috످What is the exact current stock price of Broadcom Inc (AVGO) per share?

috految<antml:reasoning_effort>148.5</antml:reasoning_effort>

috److I don't have access to live market data in this chat, so I can't give you Broadcom's current stock price. You can find the latest quote on Google Finance (https://www.google.com/finance/quote/AVGO:NASDAQ), Yahoo Finance (https://finance.yahoo.com/quote/AVGO/), or Nasdaq (https://www.nasdaq.com/market-activity/stocks/avgo).

Some free sites delay quotes by about 15 minutes, so check your brokerage app for the real-time price if you plan to trade.

috످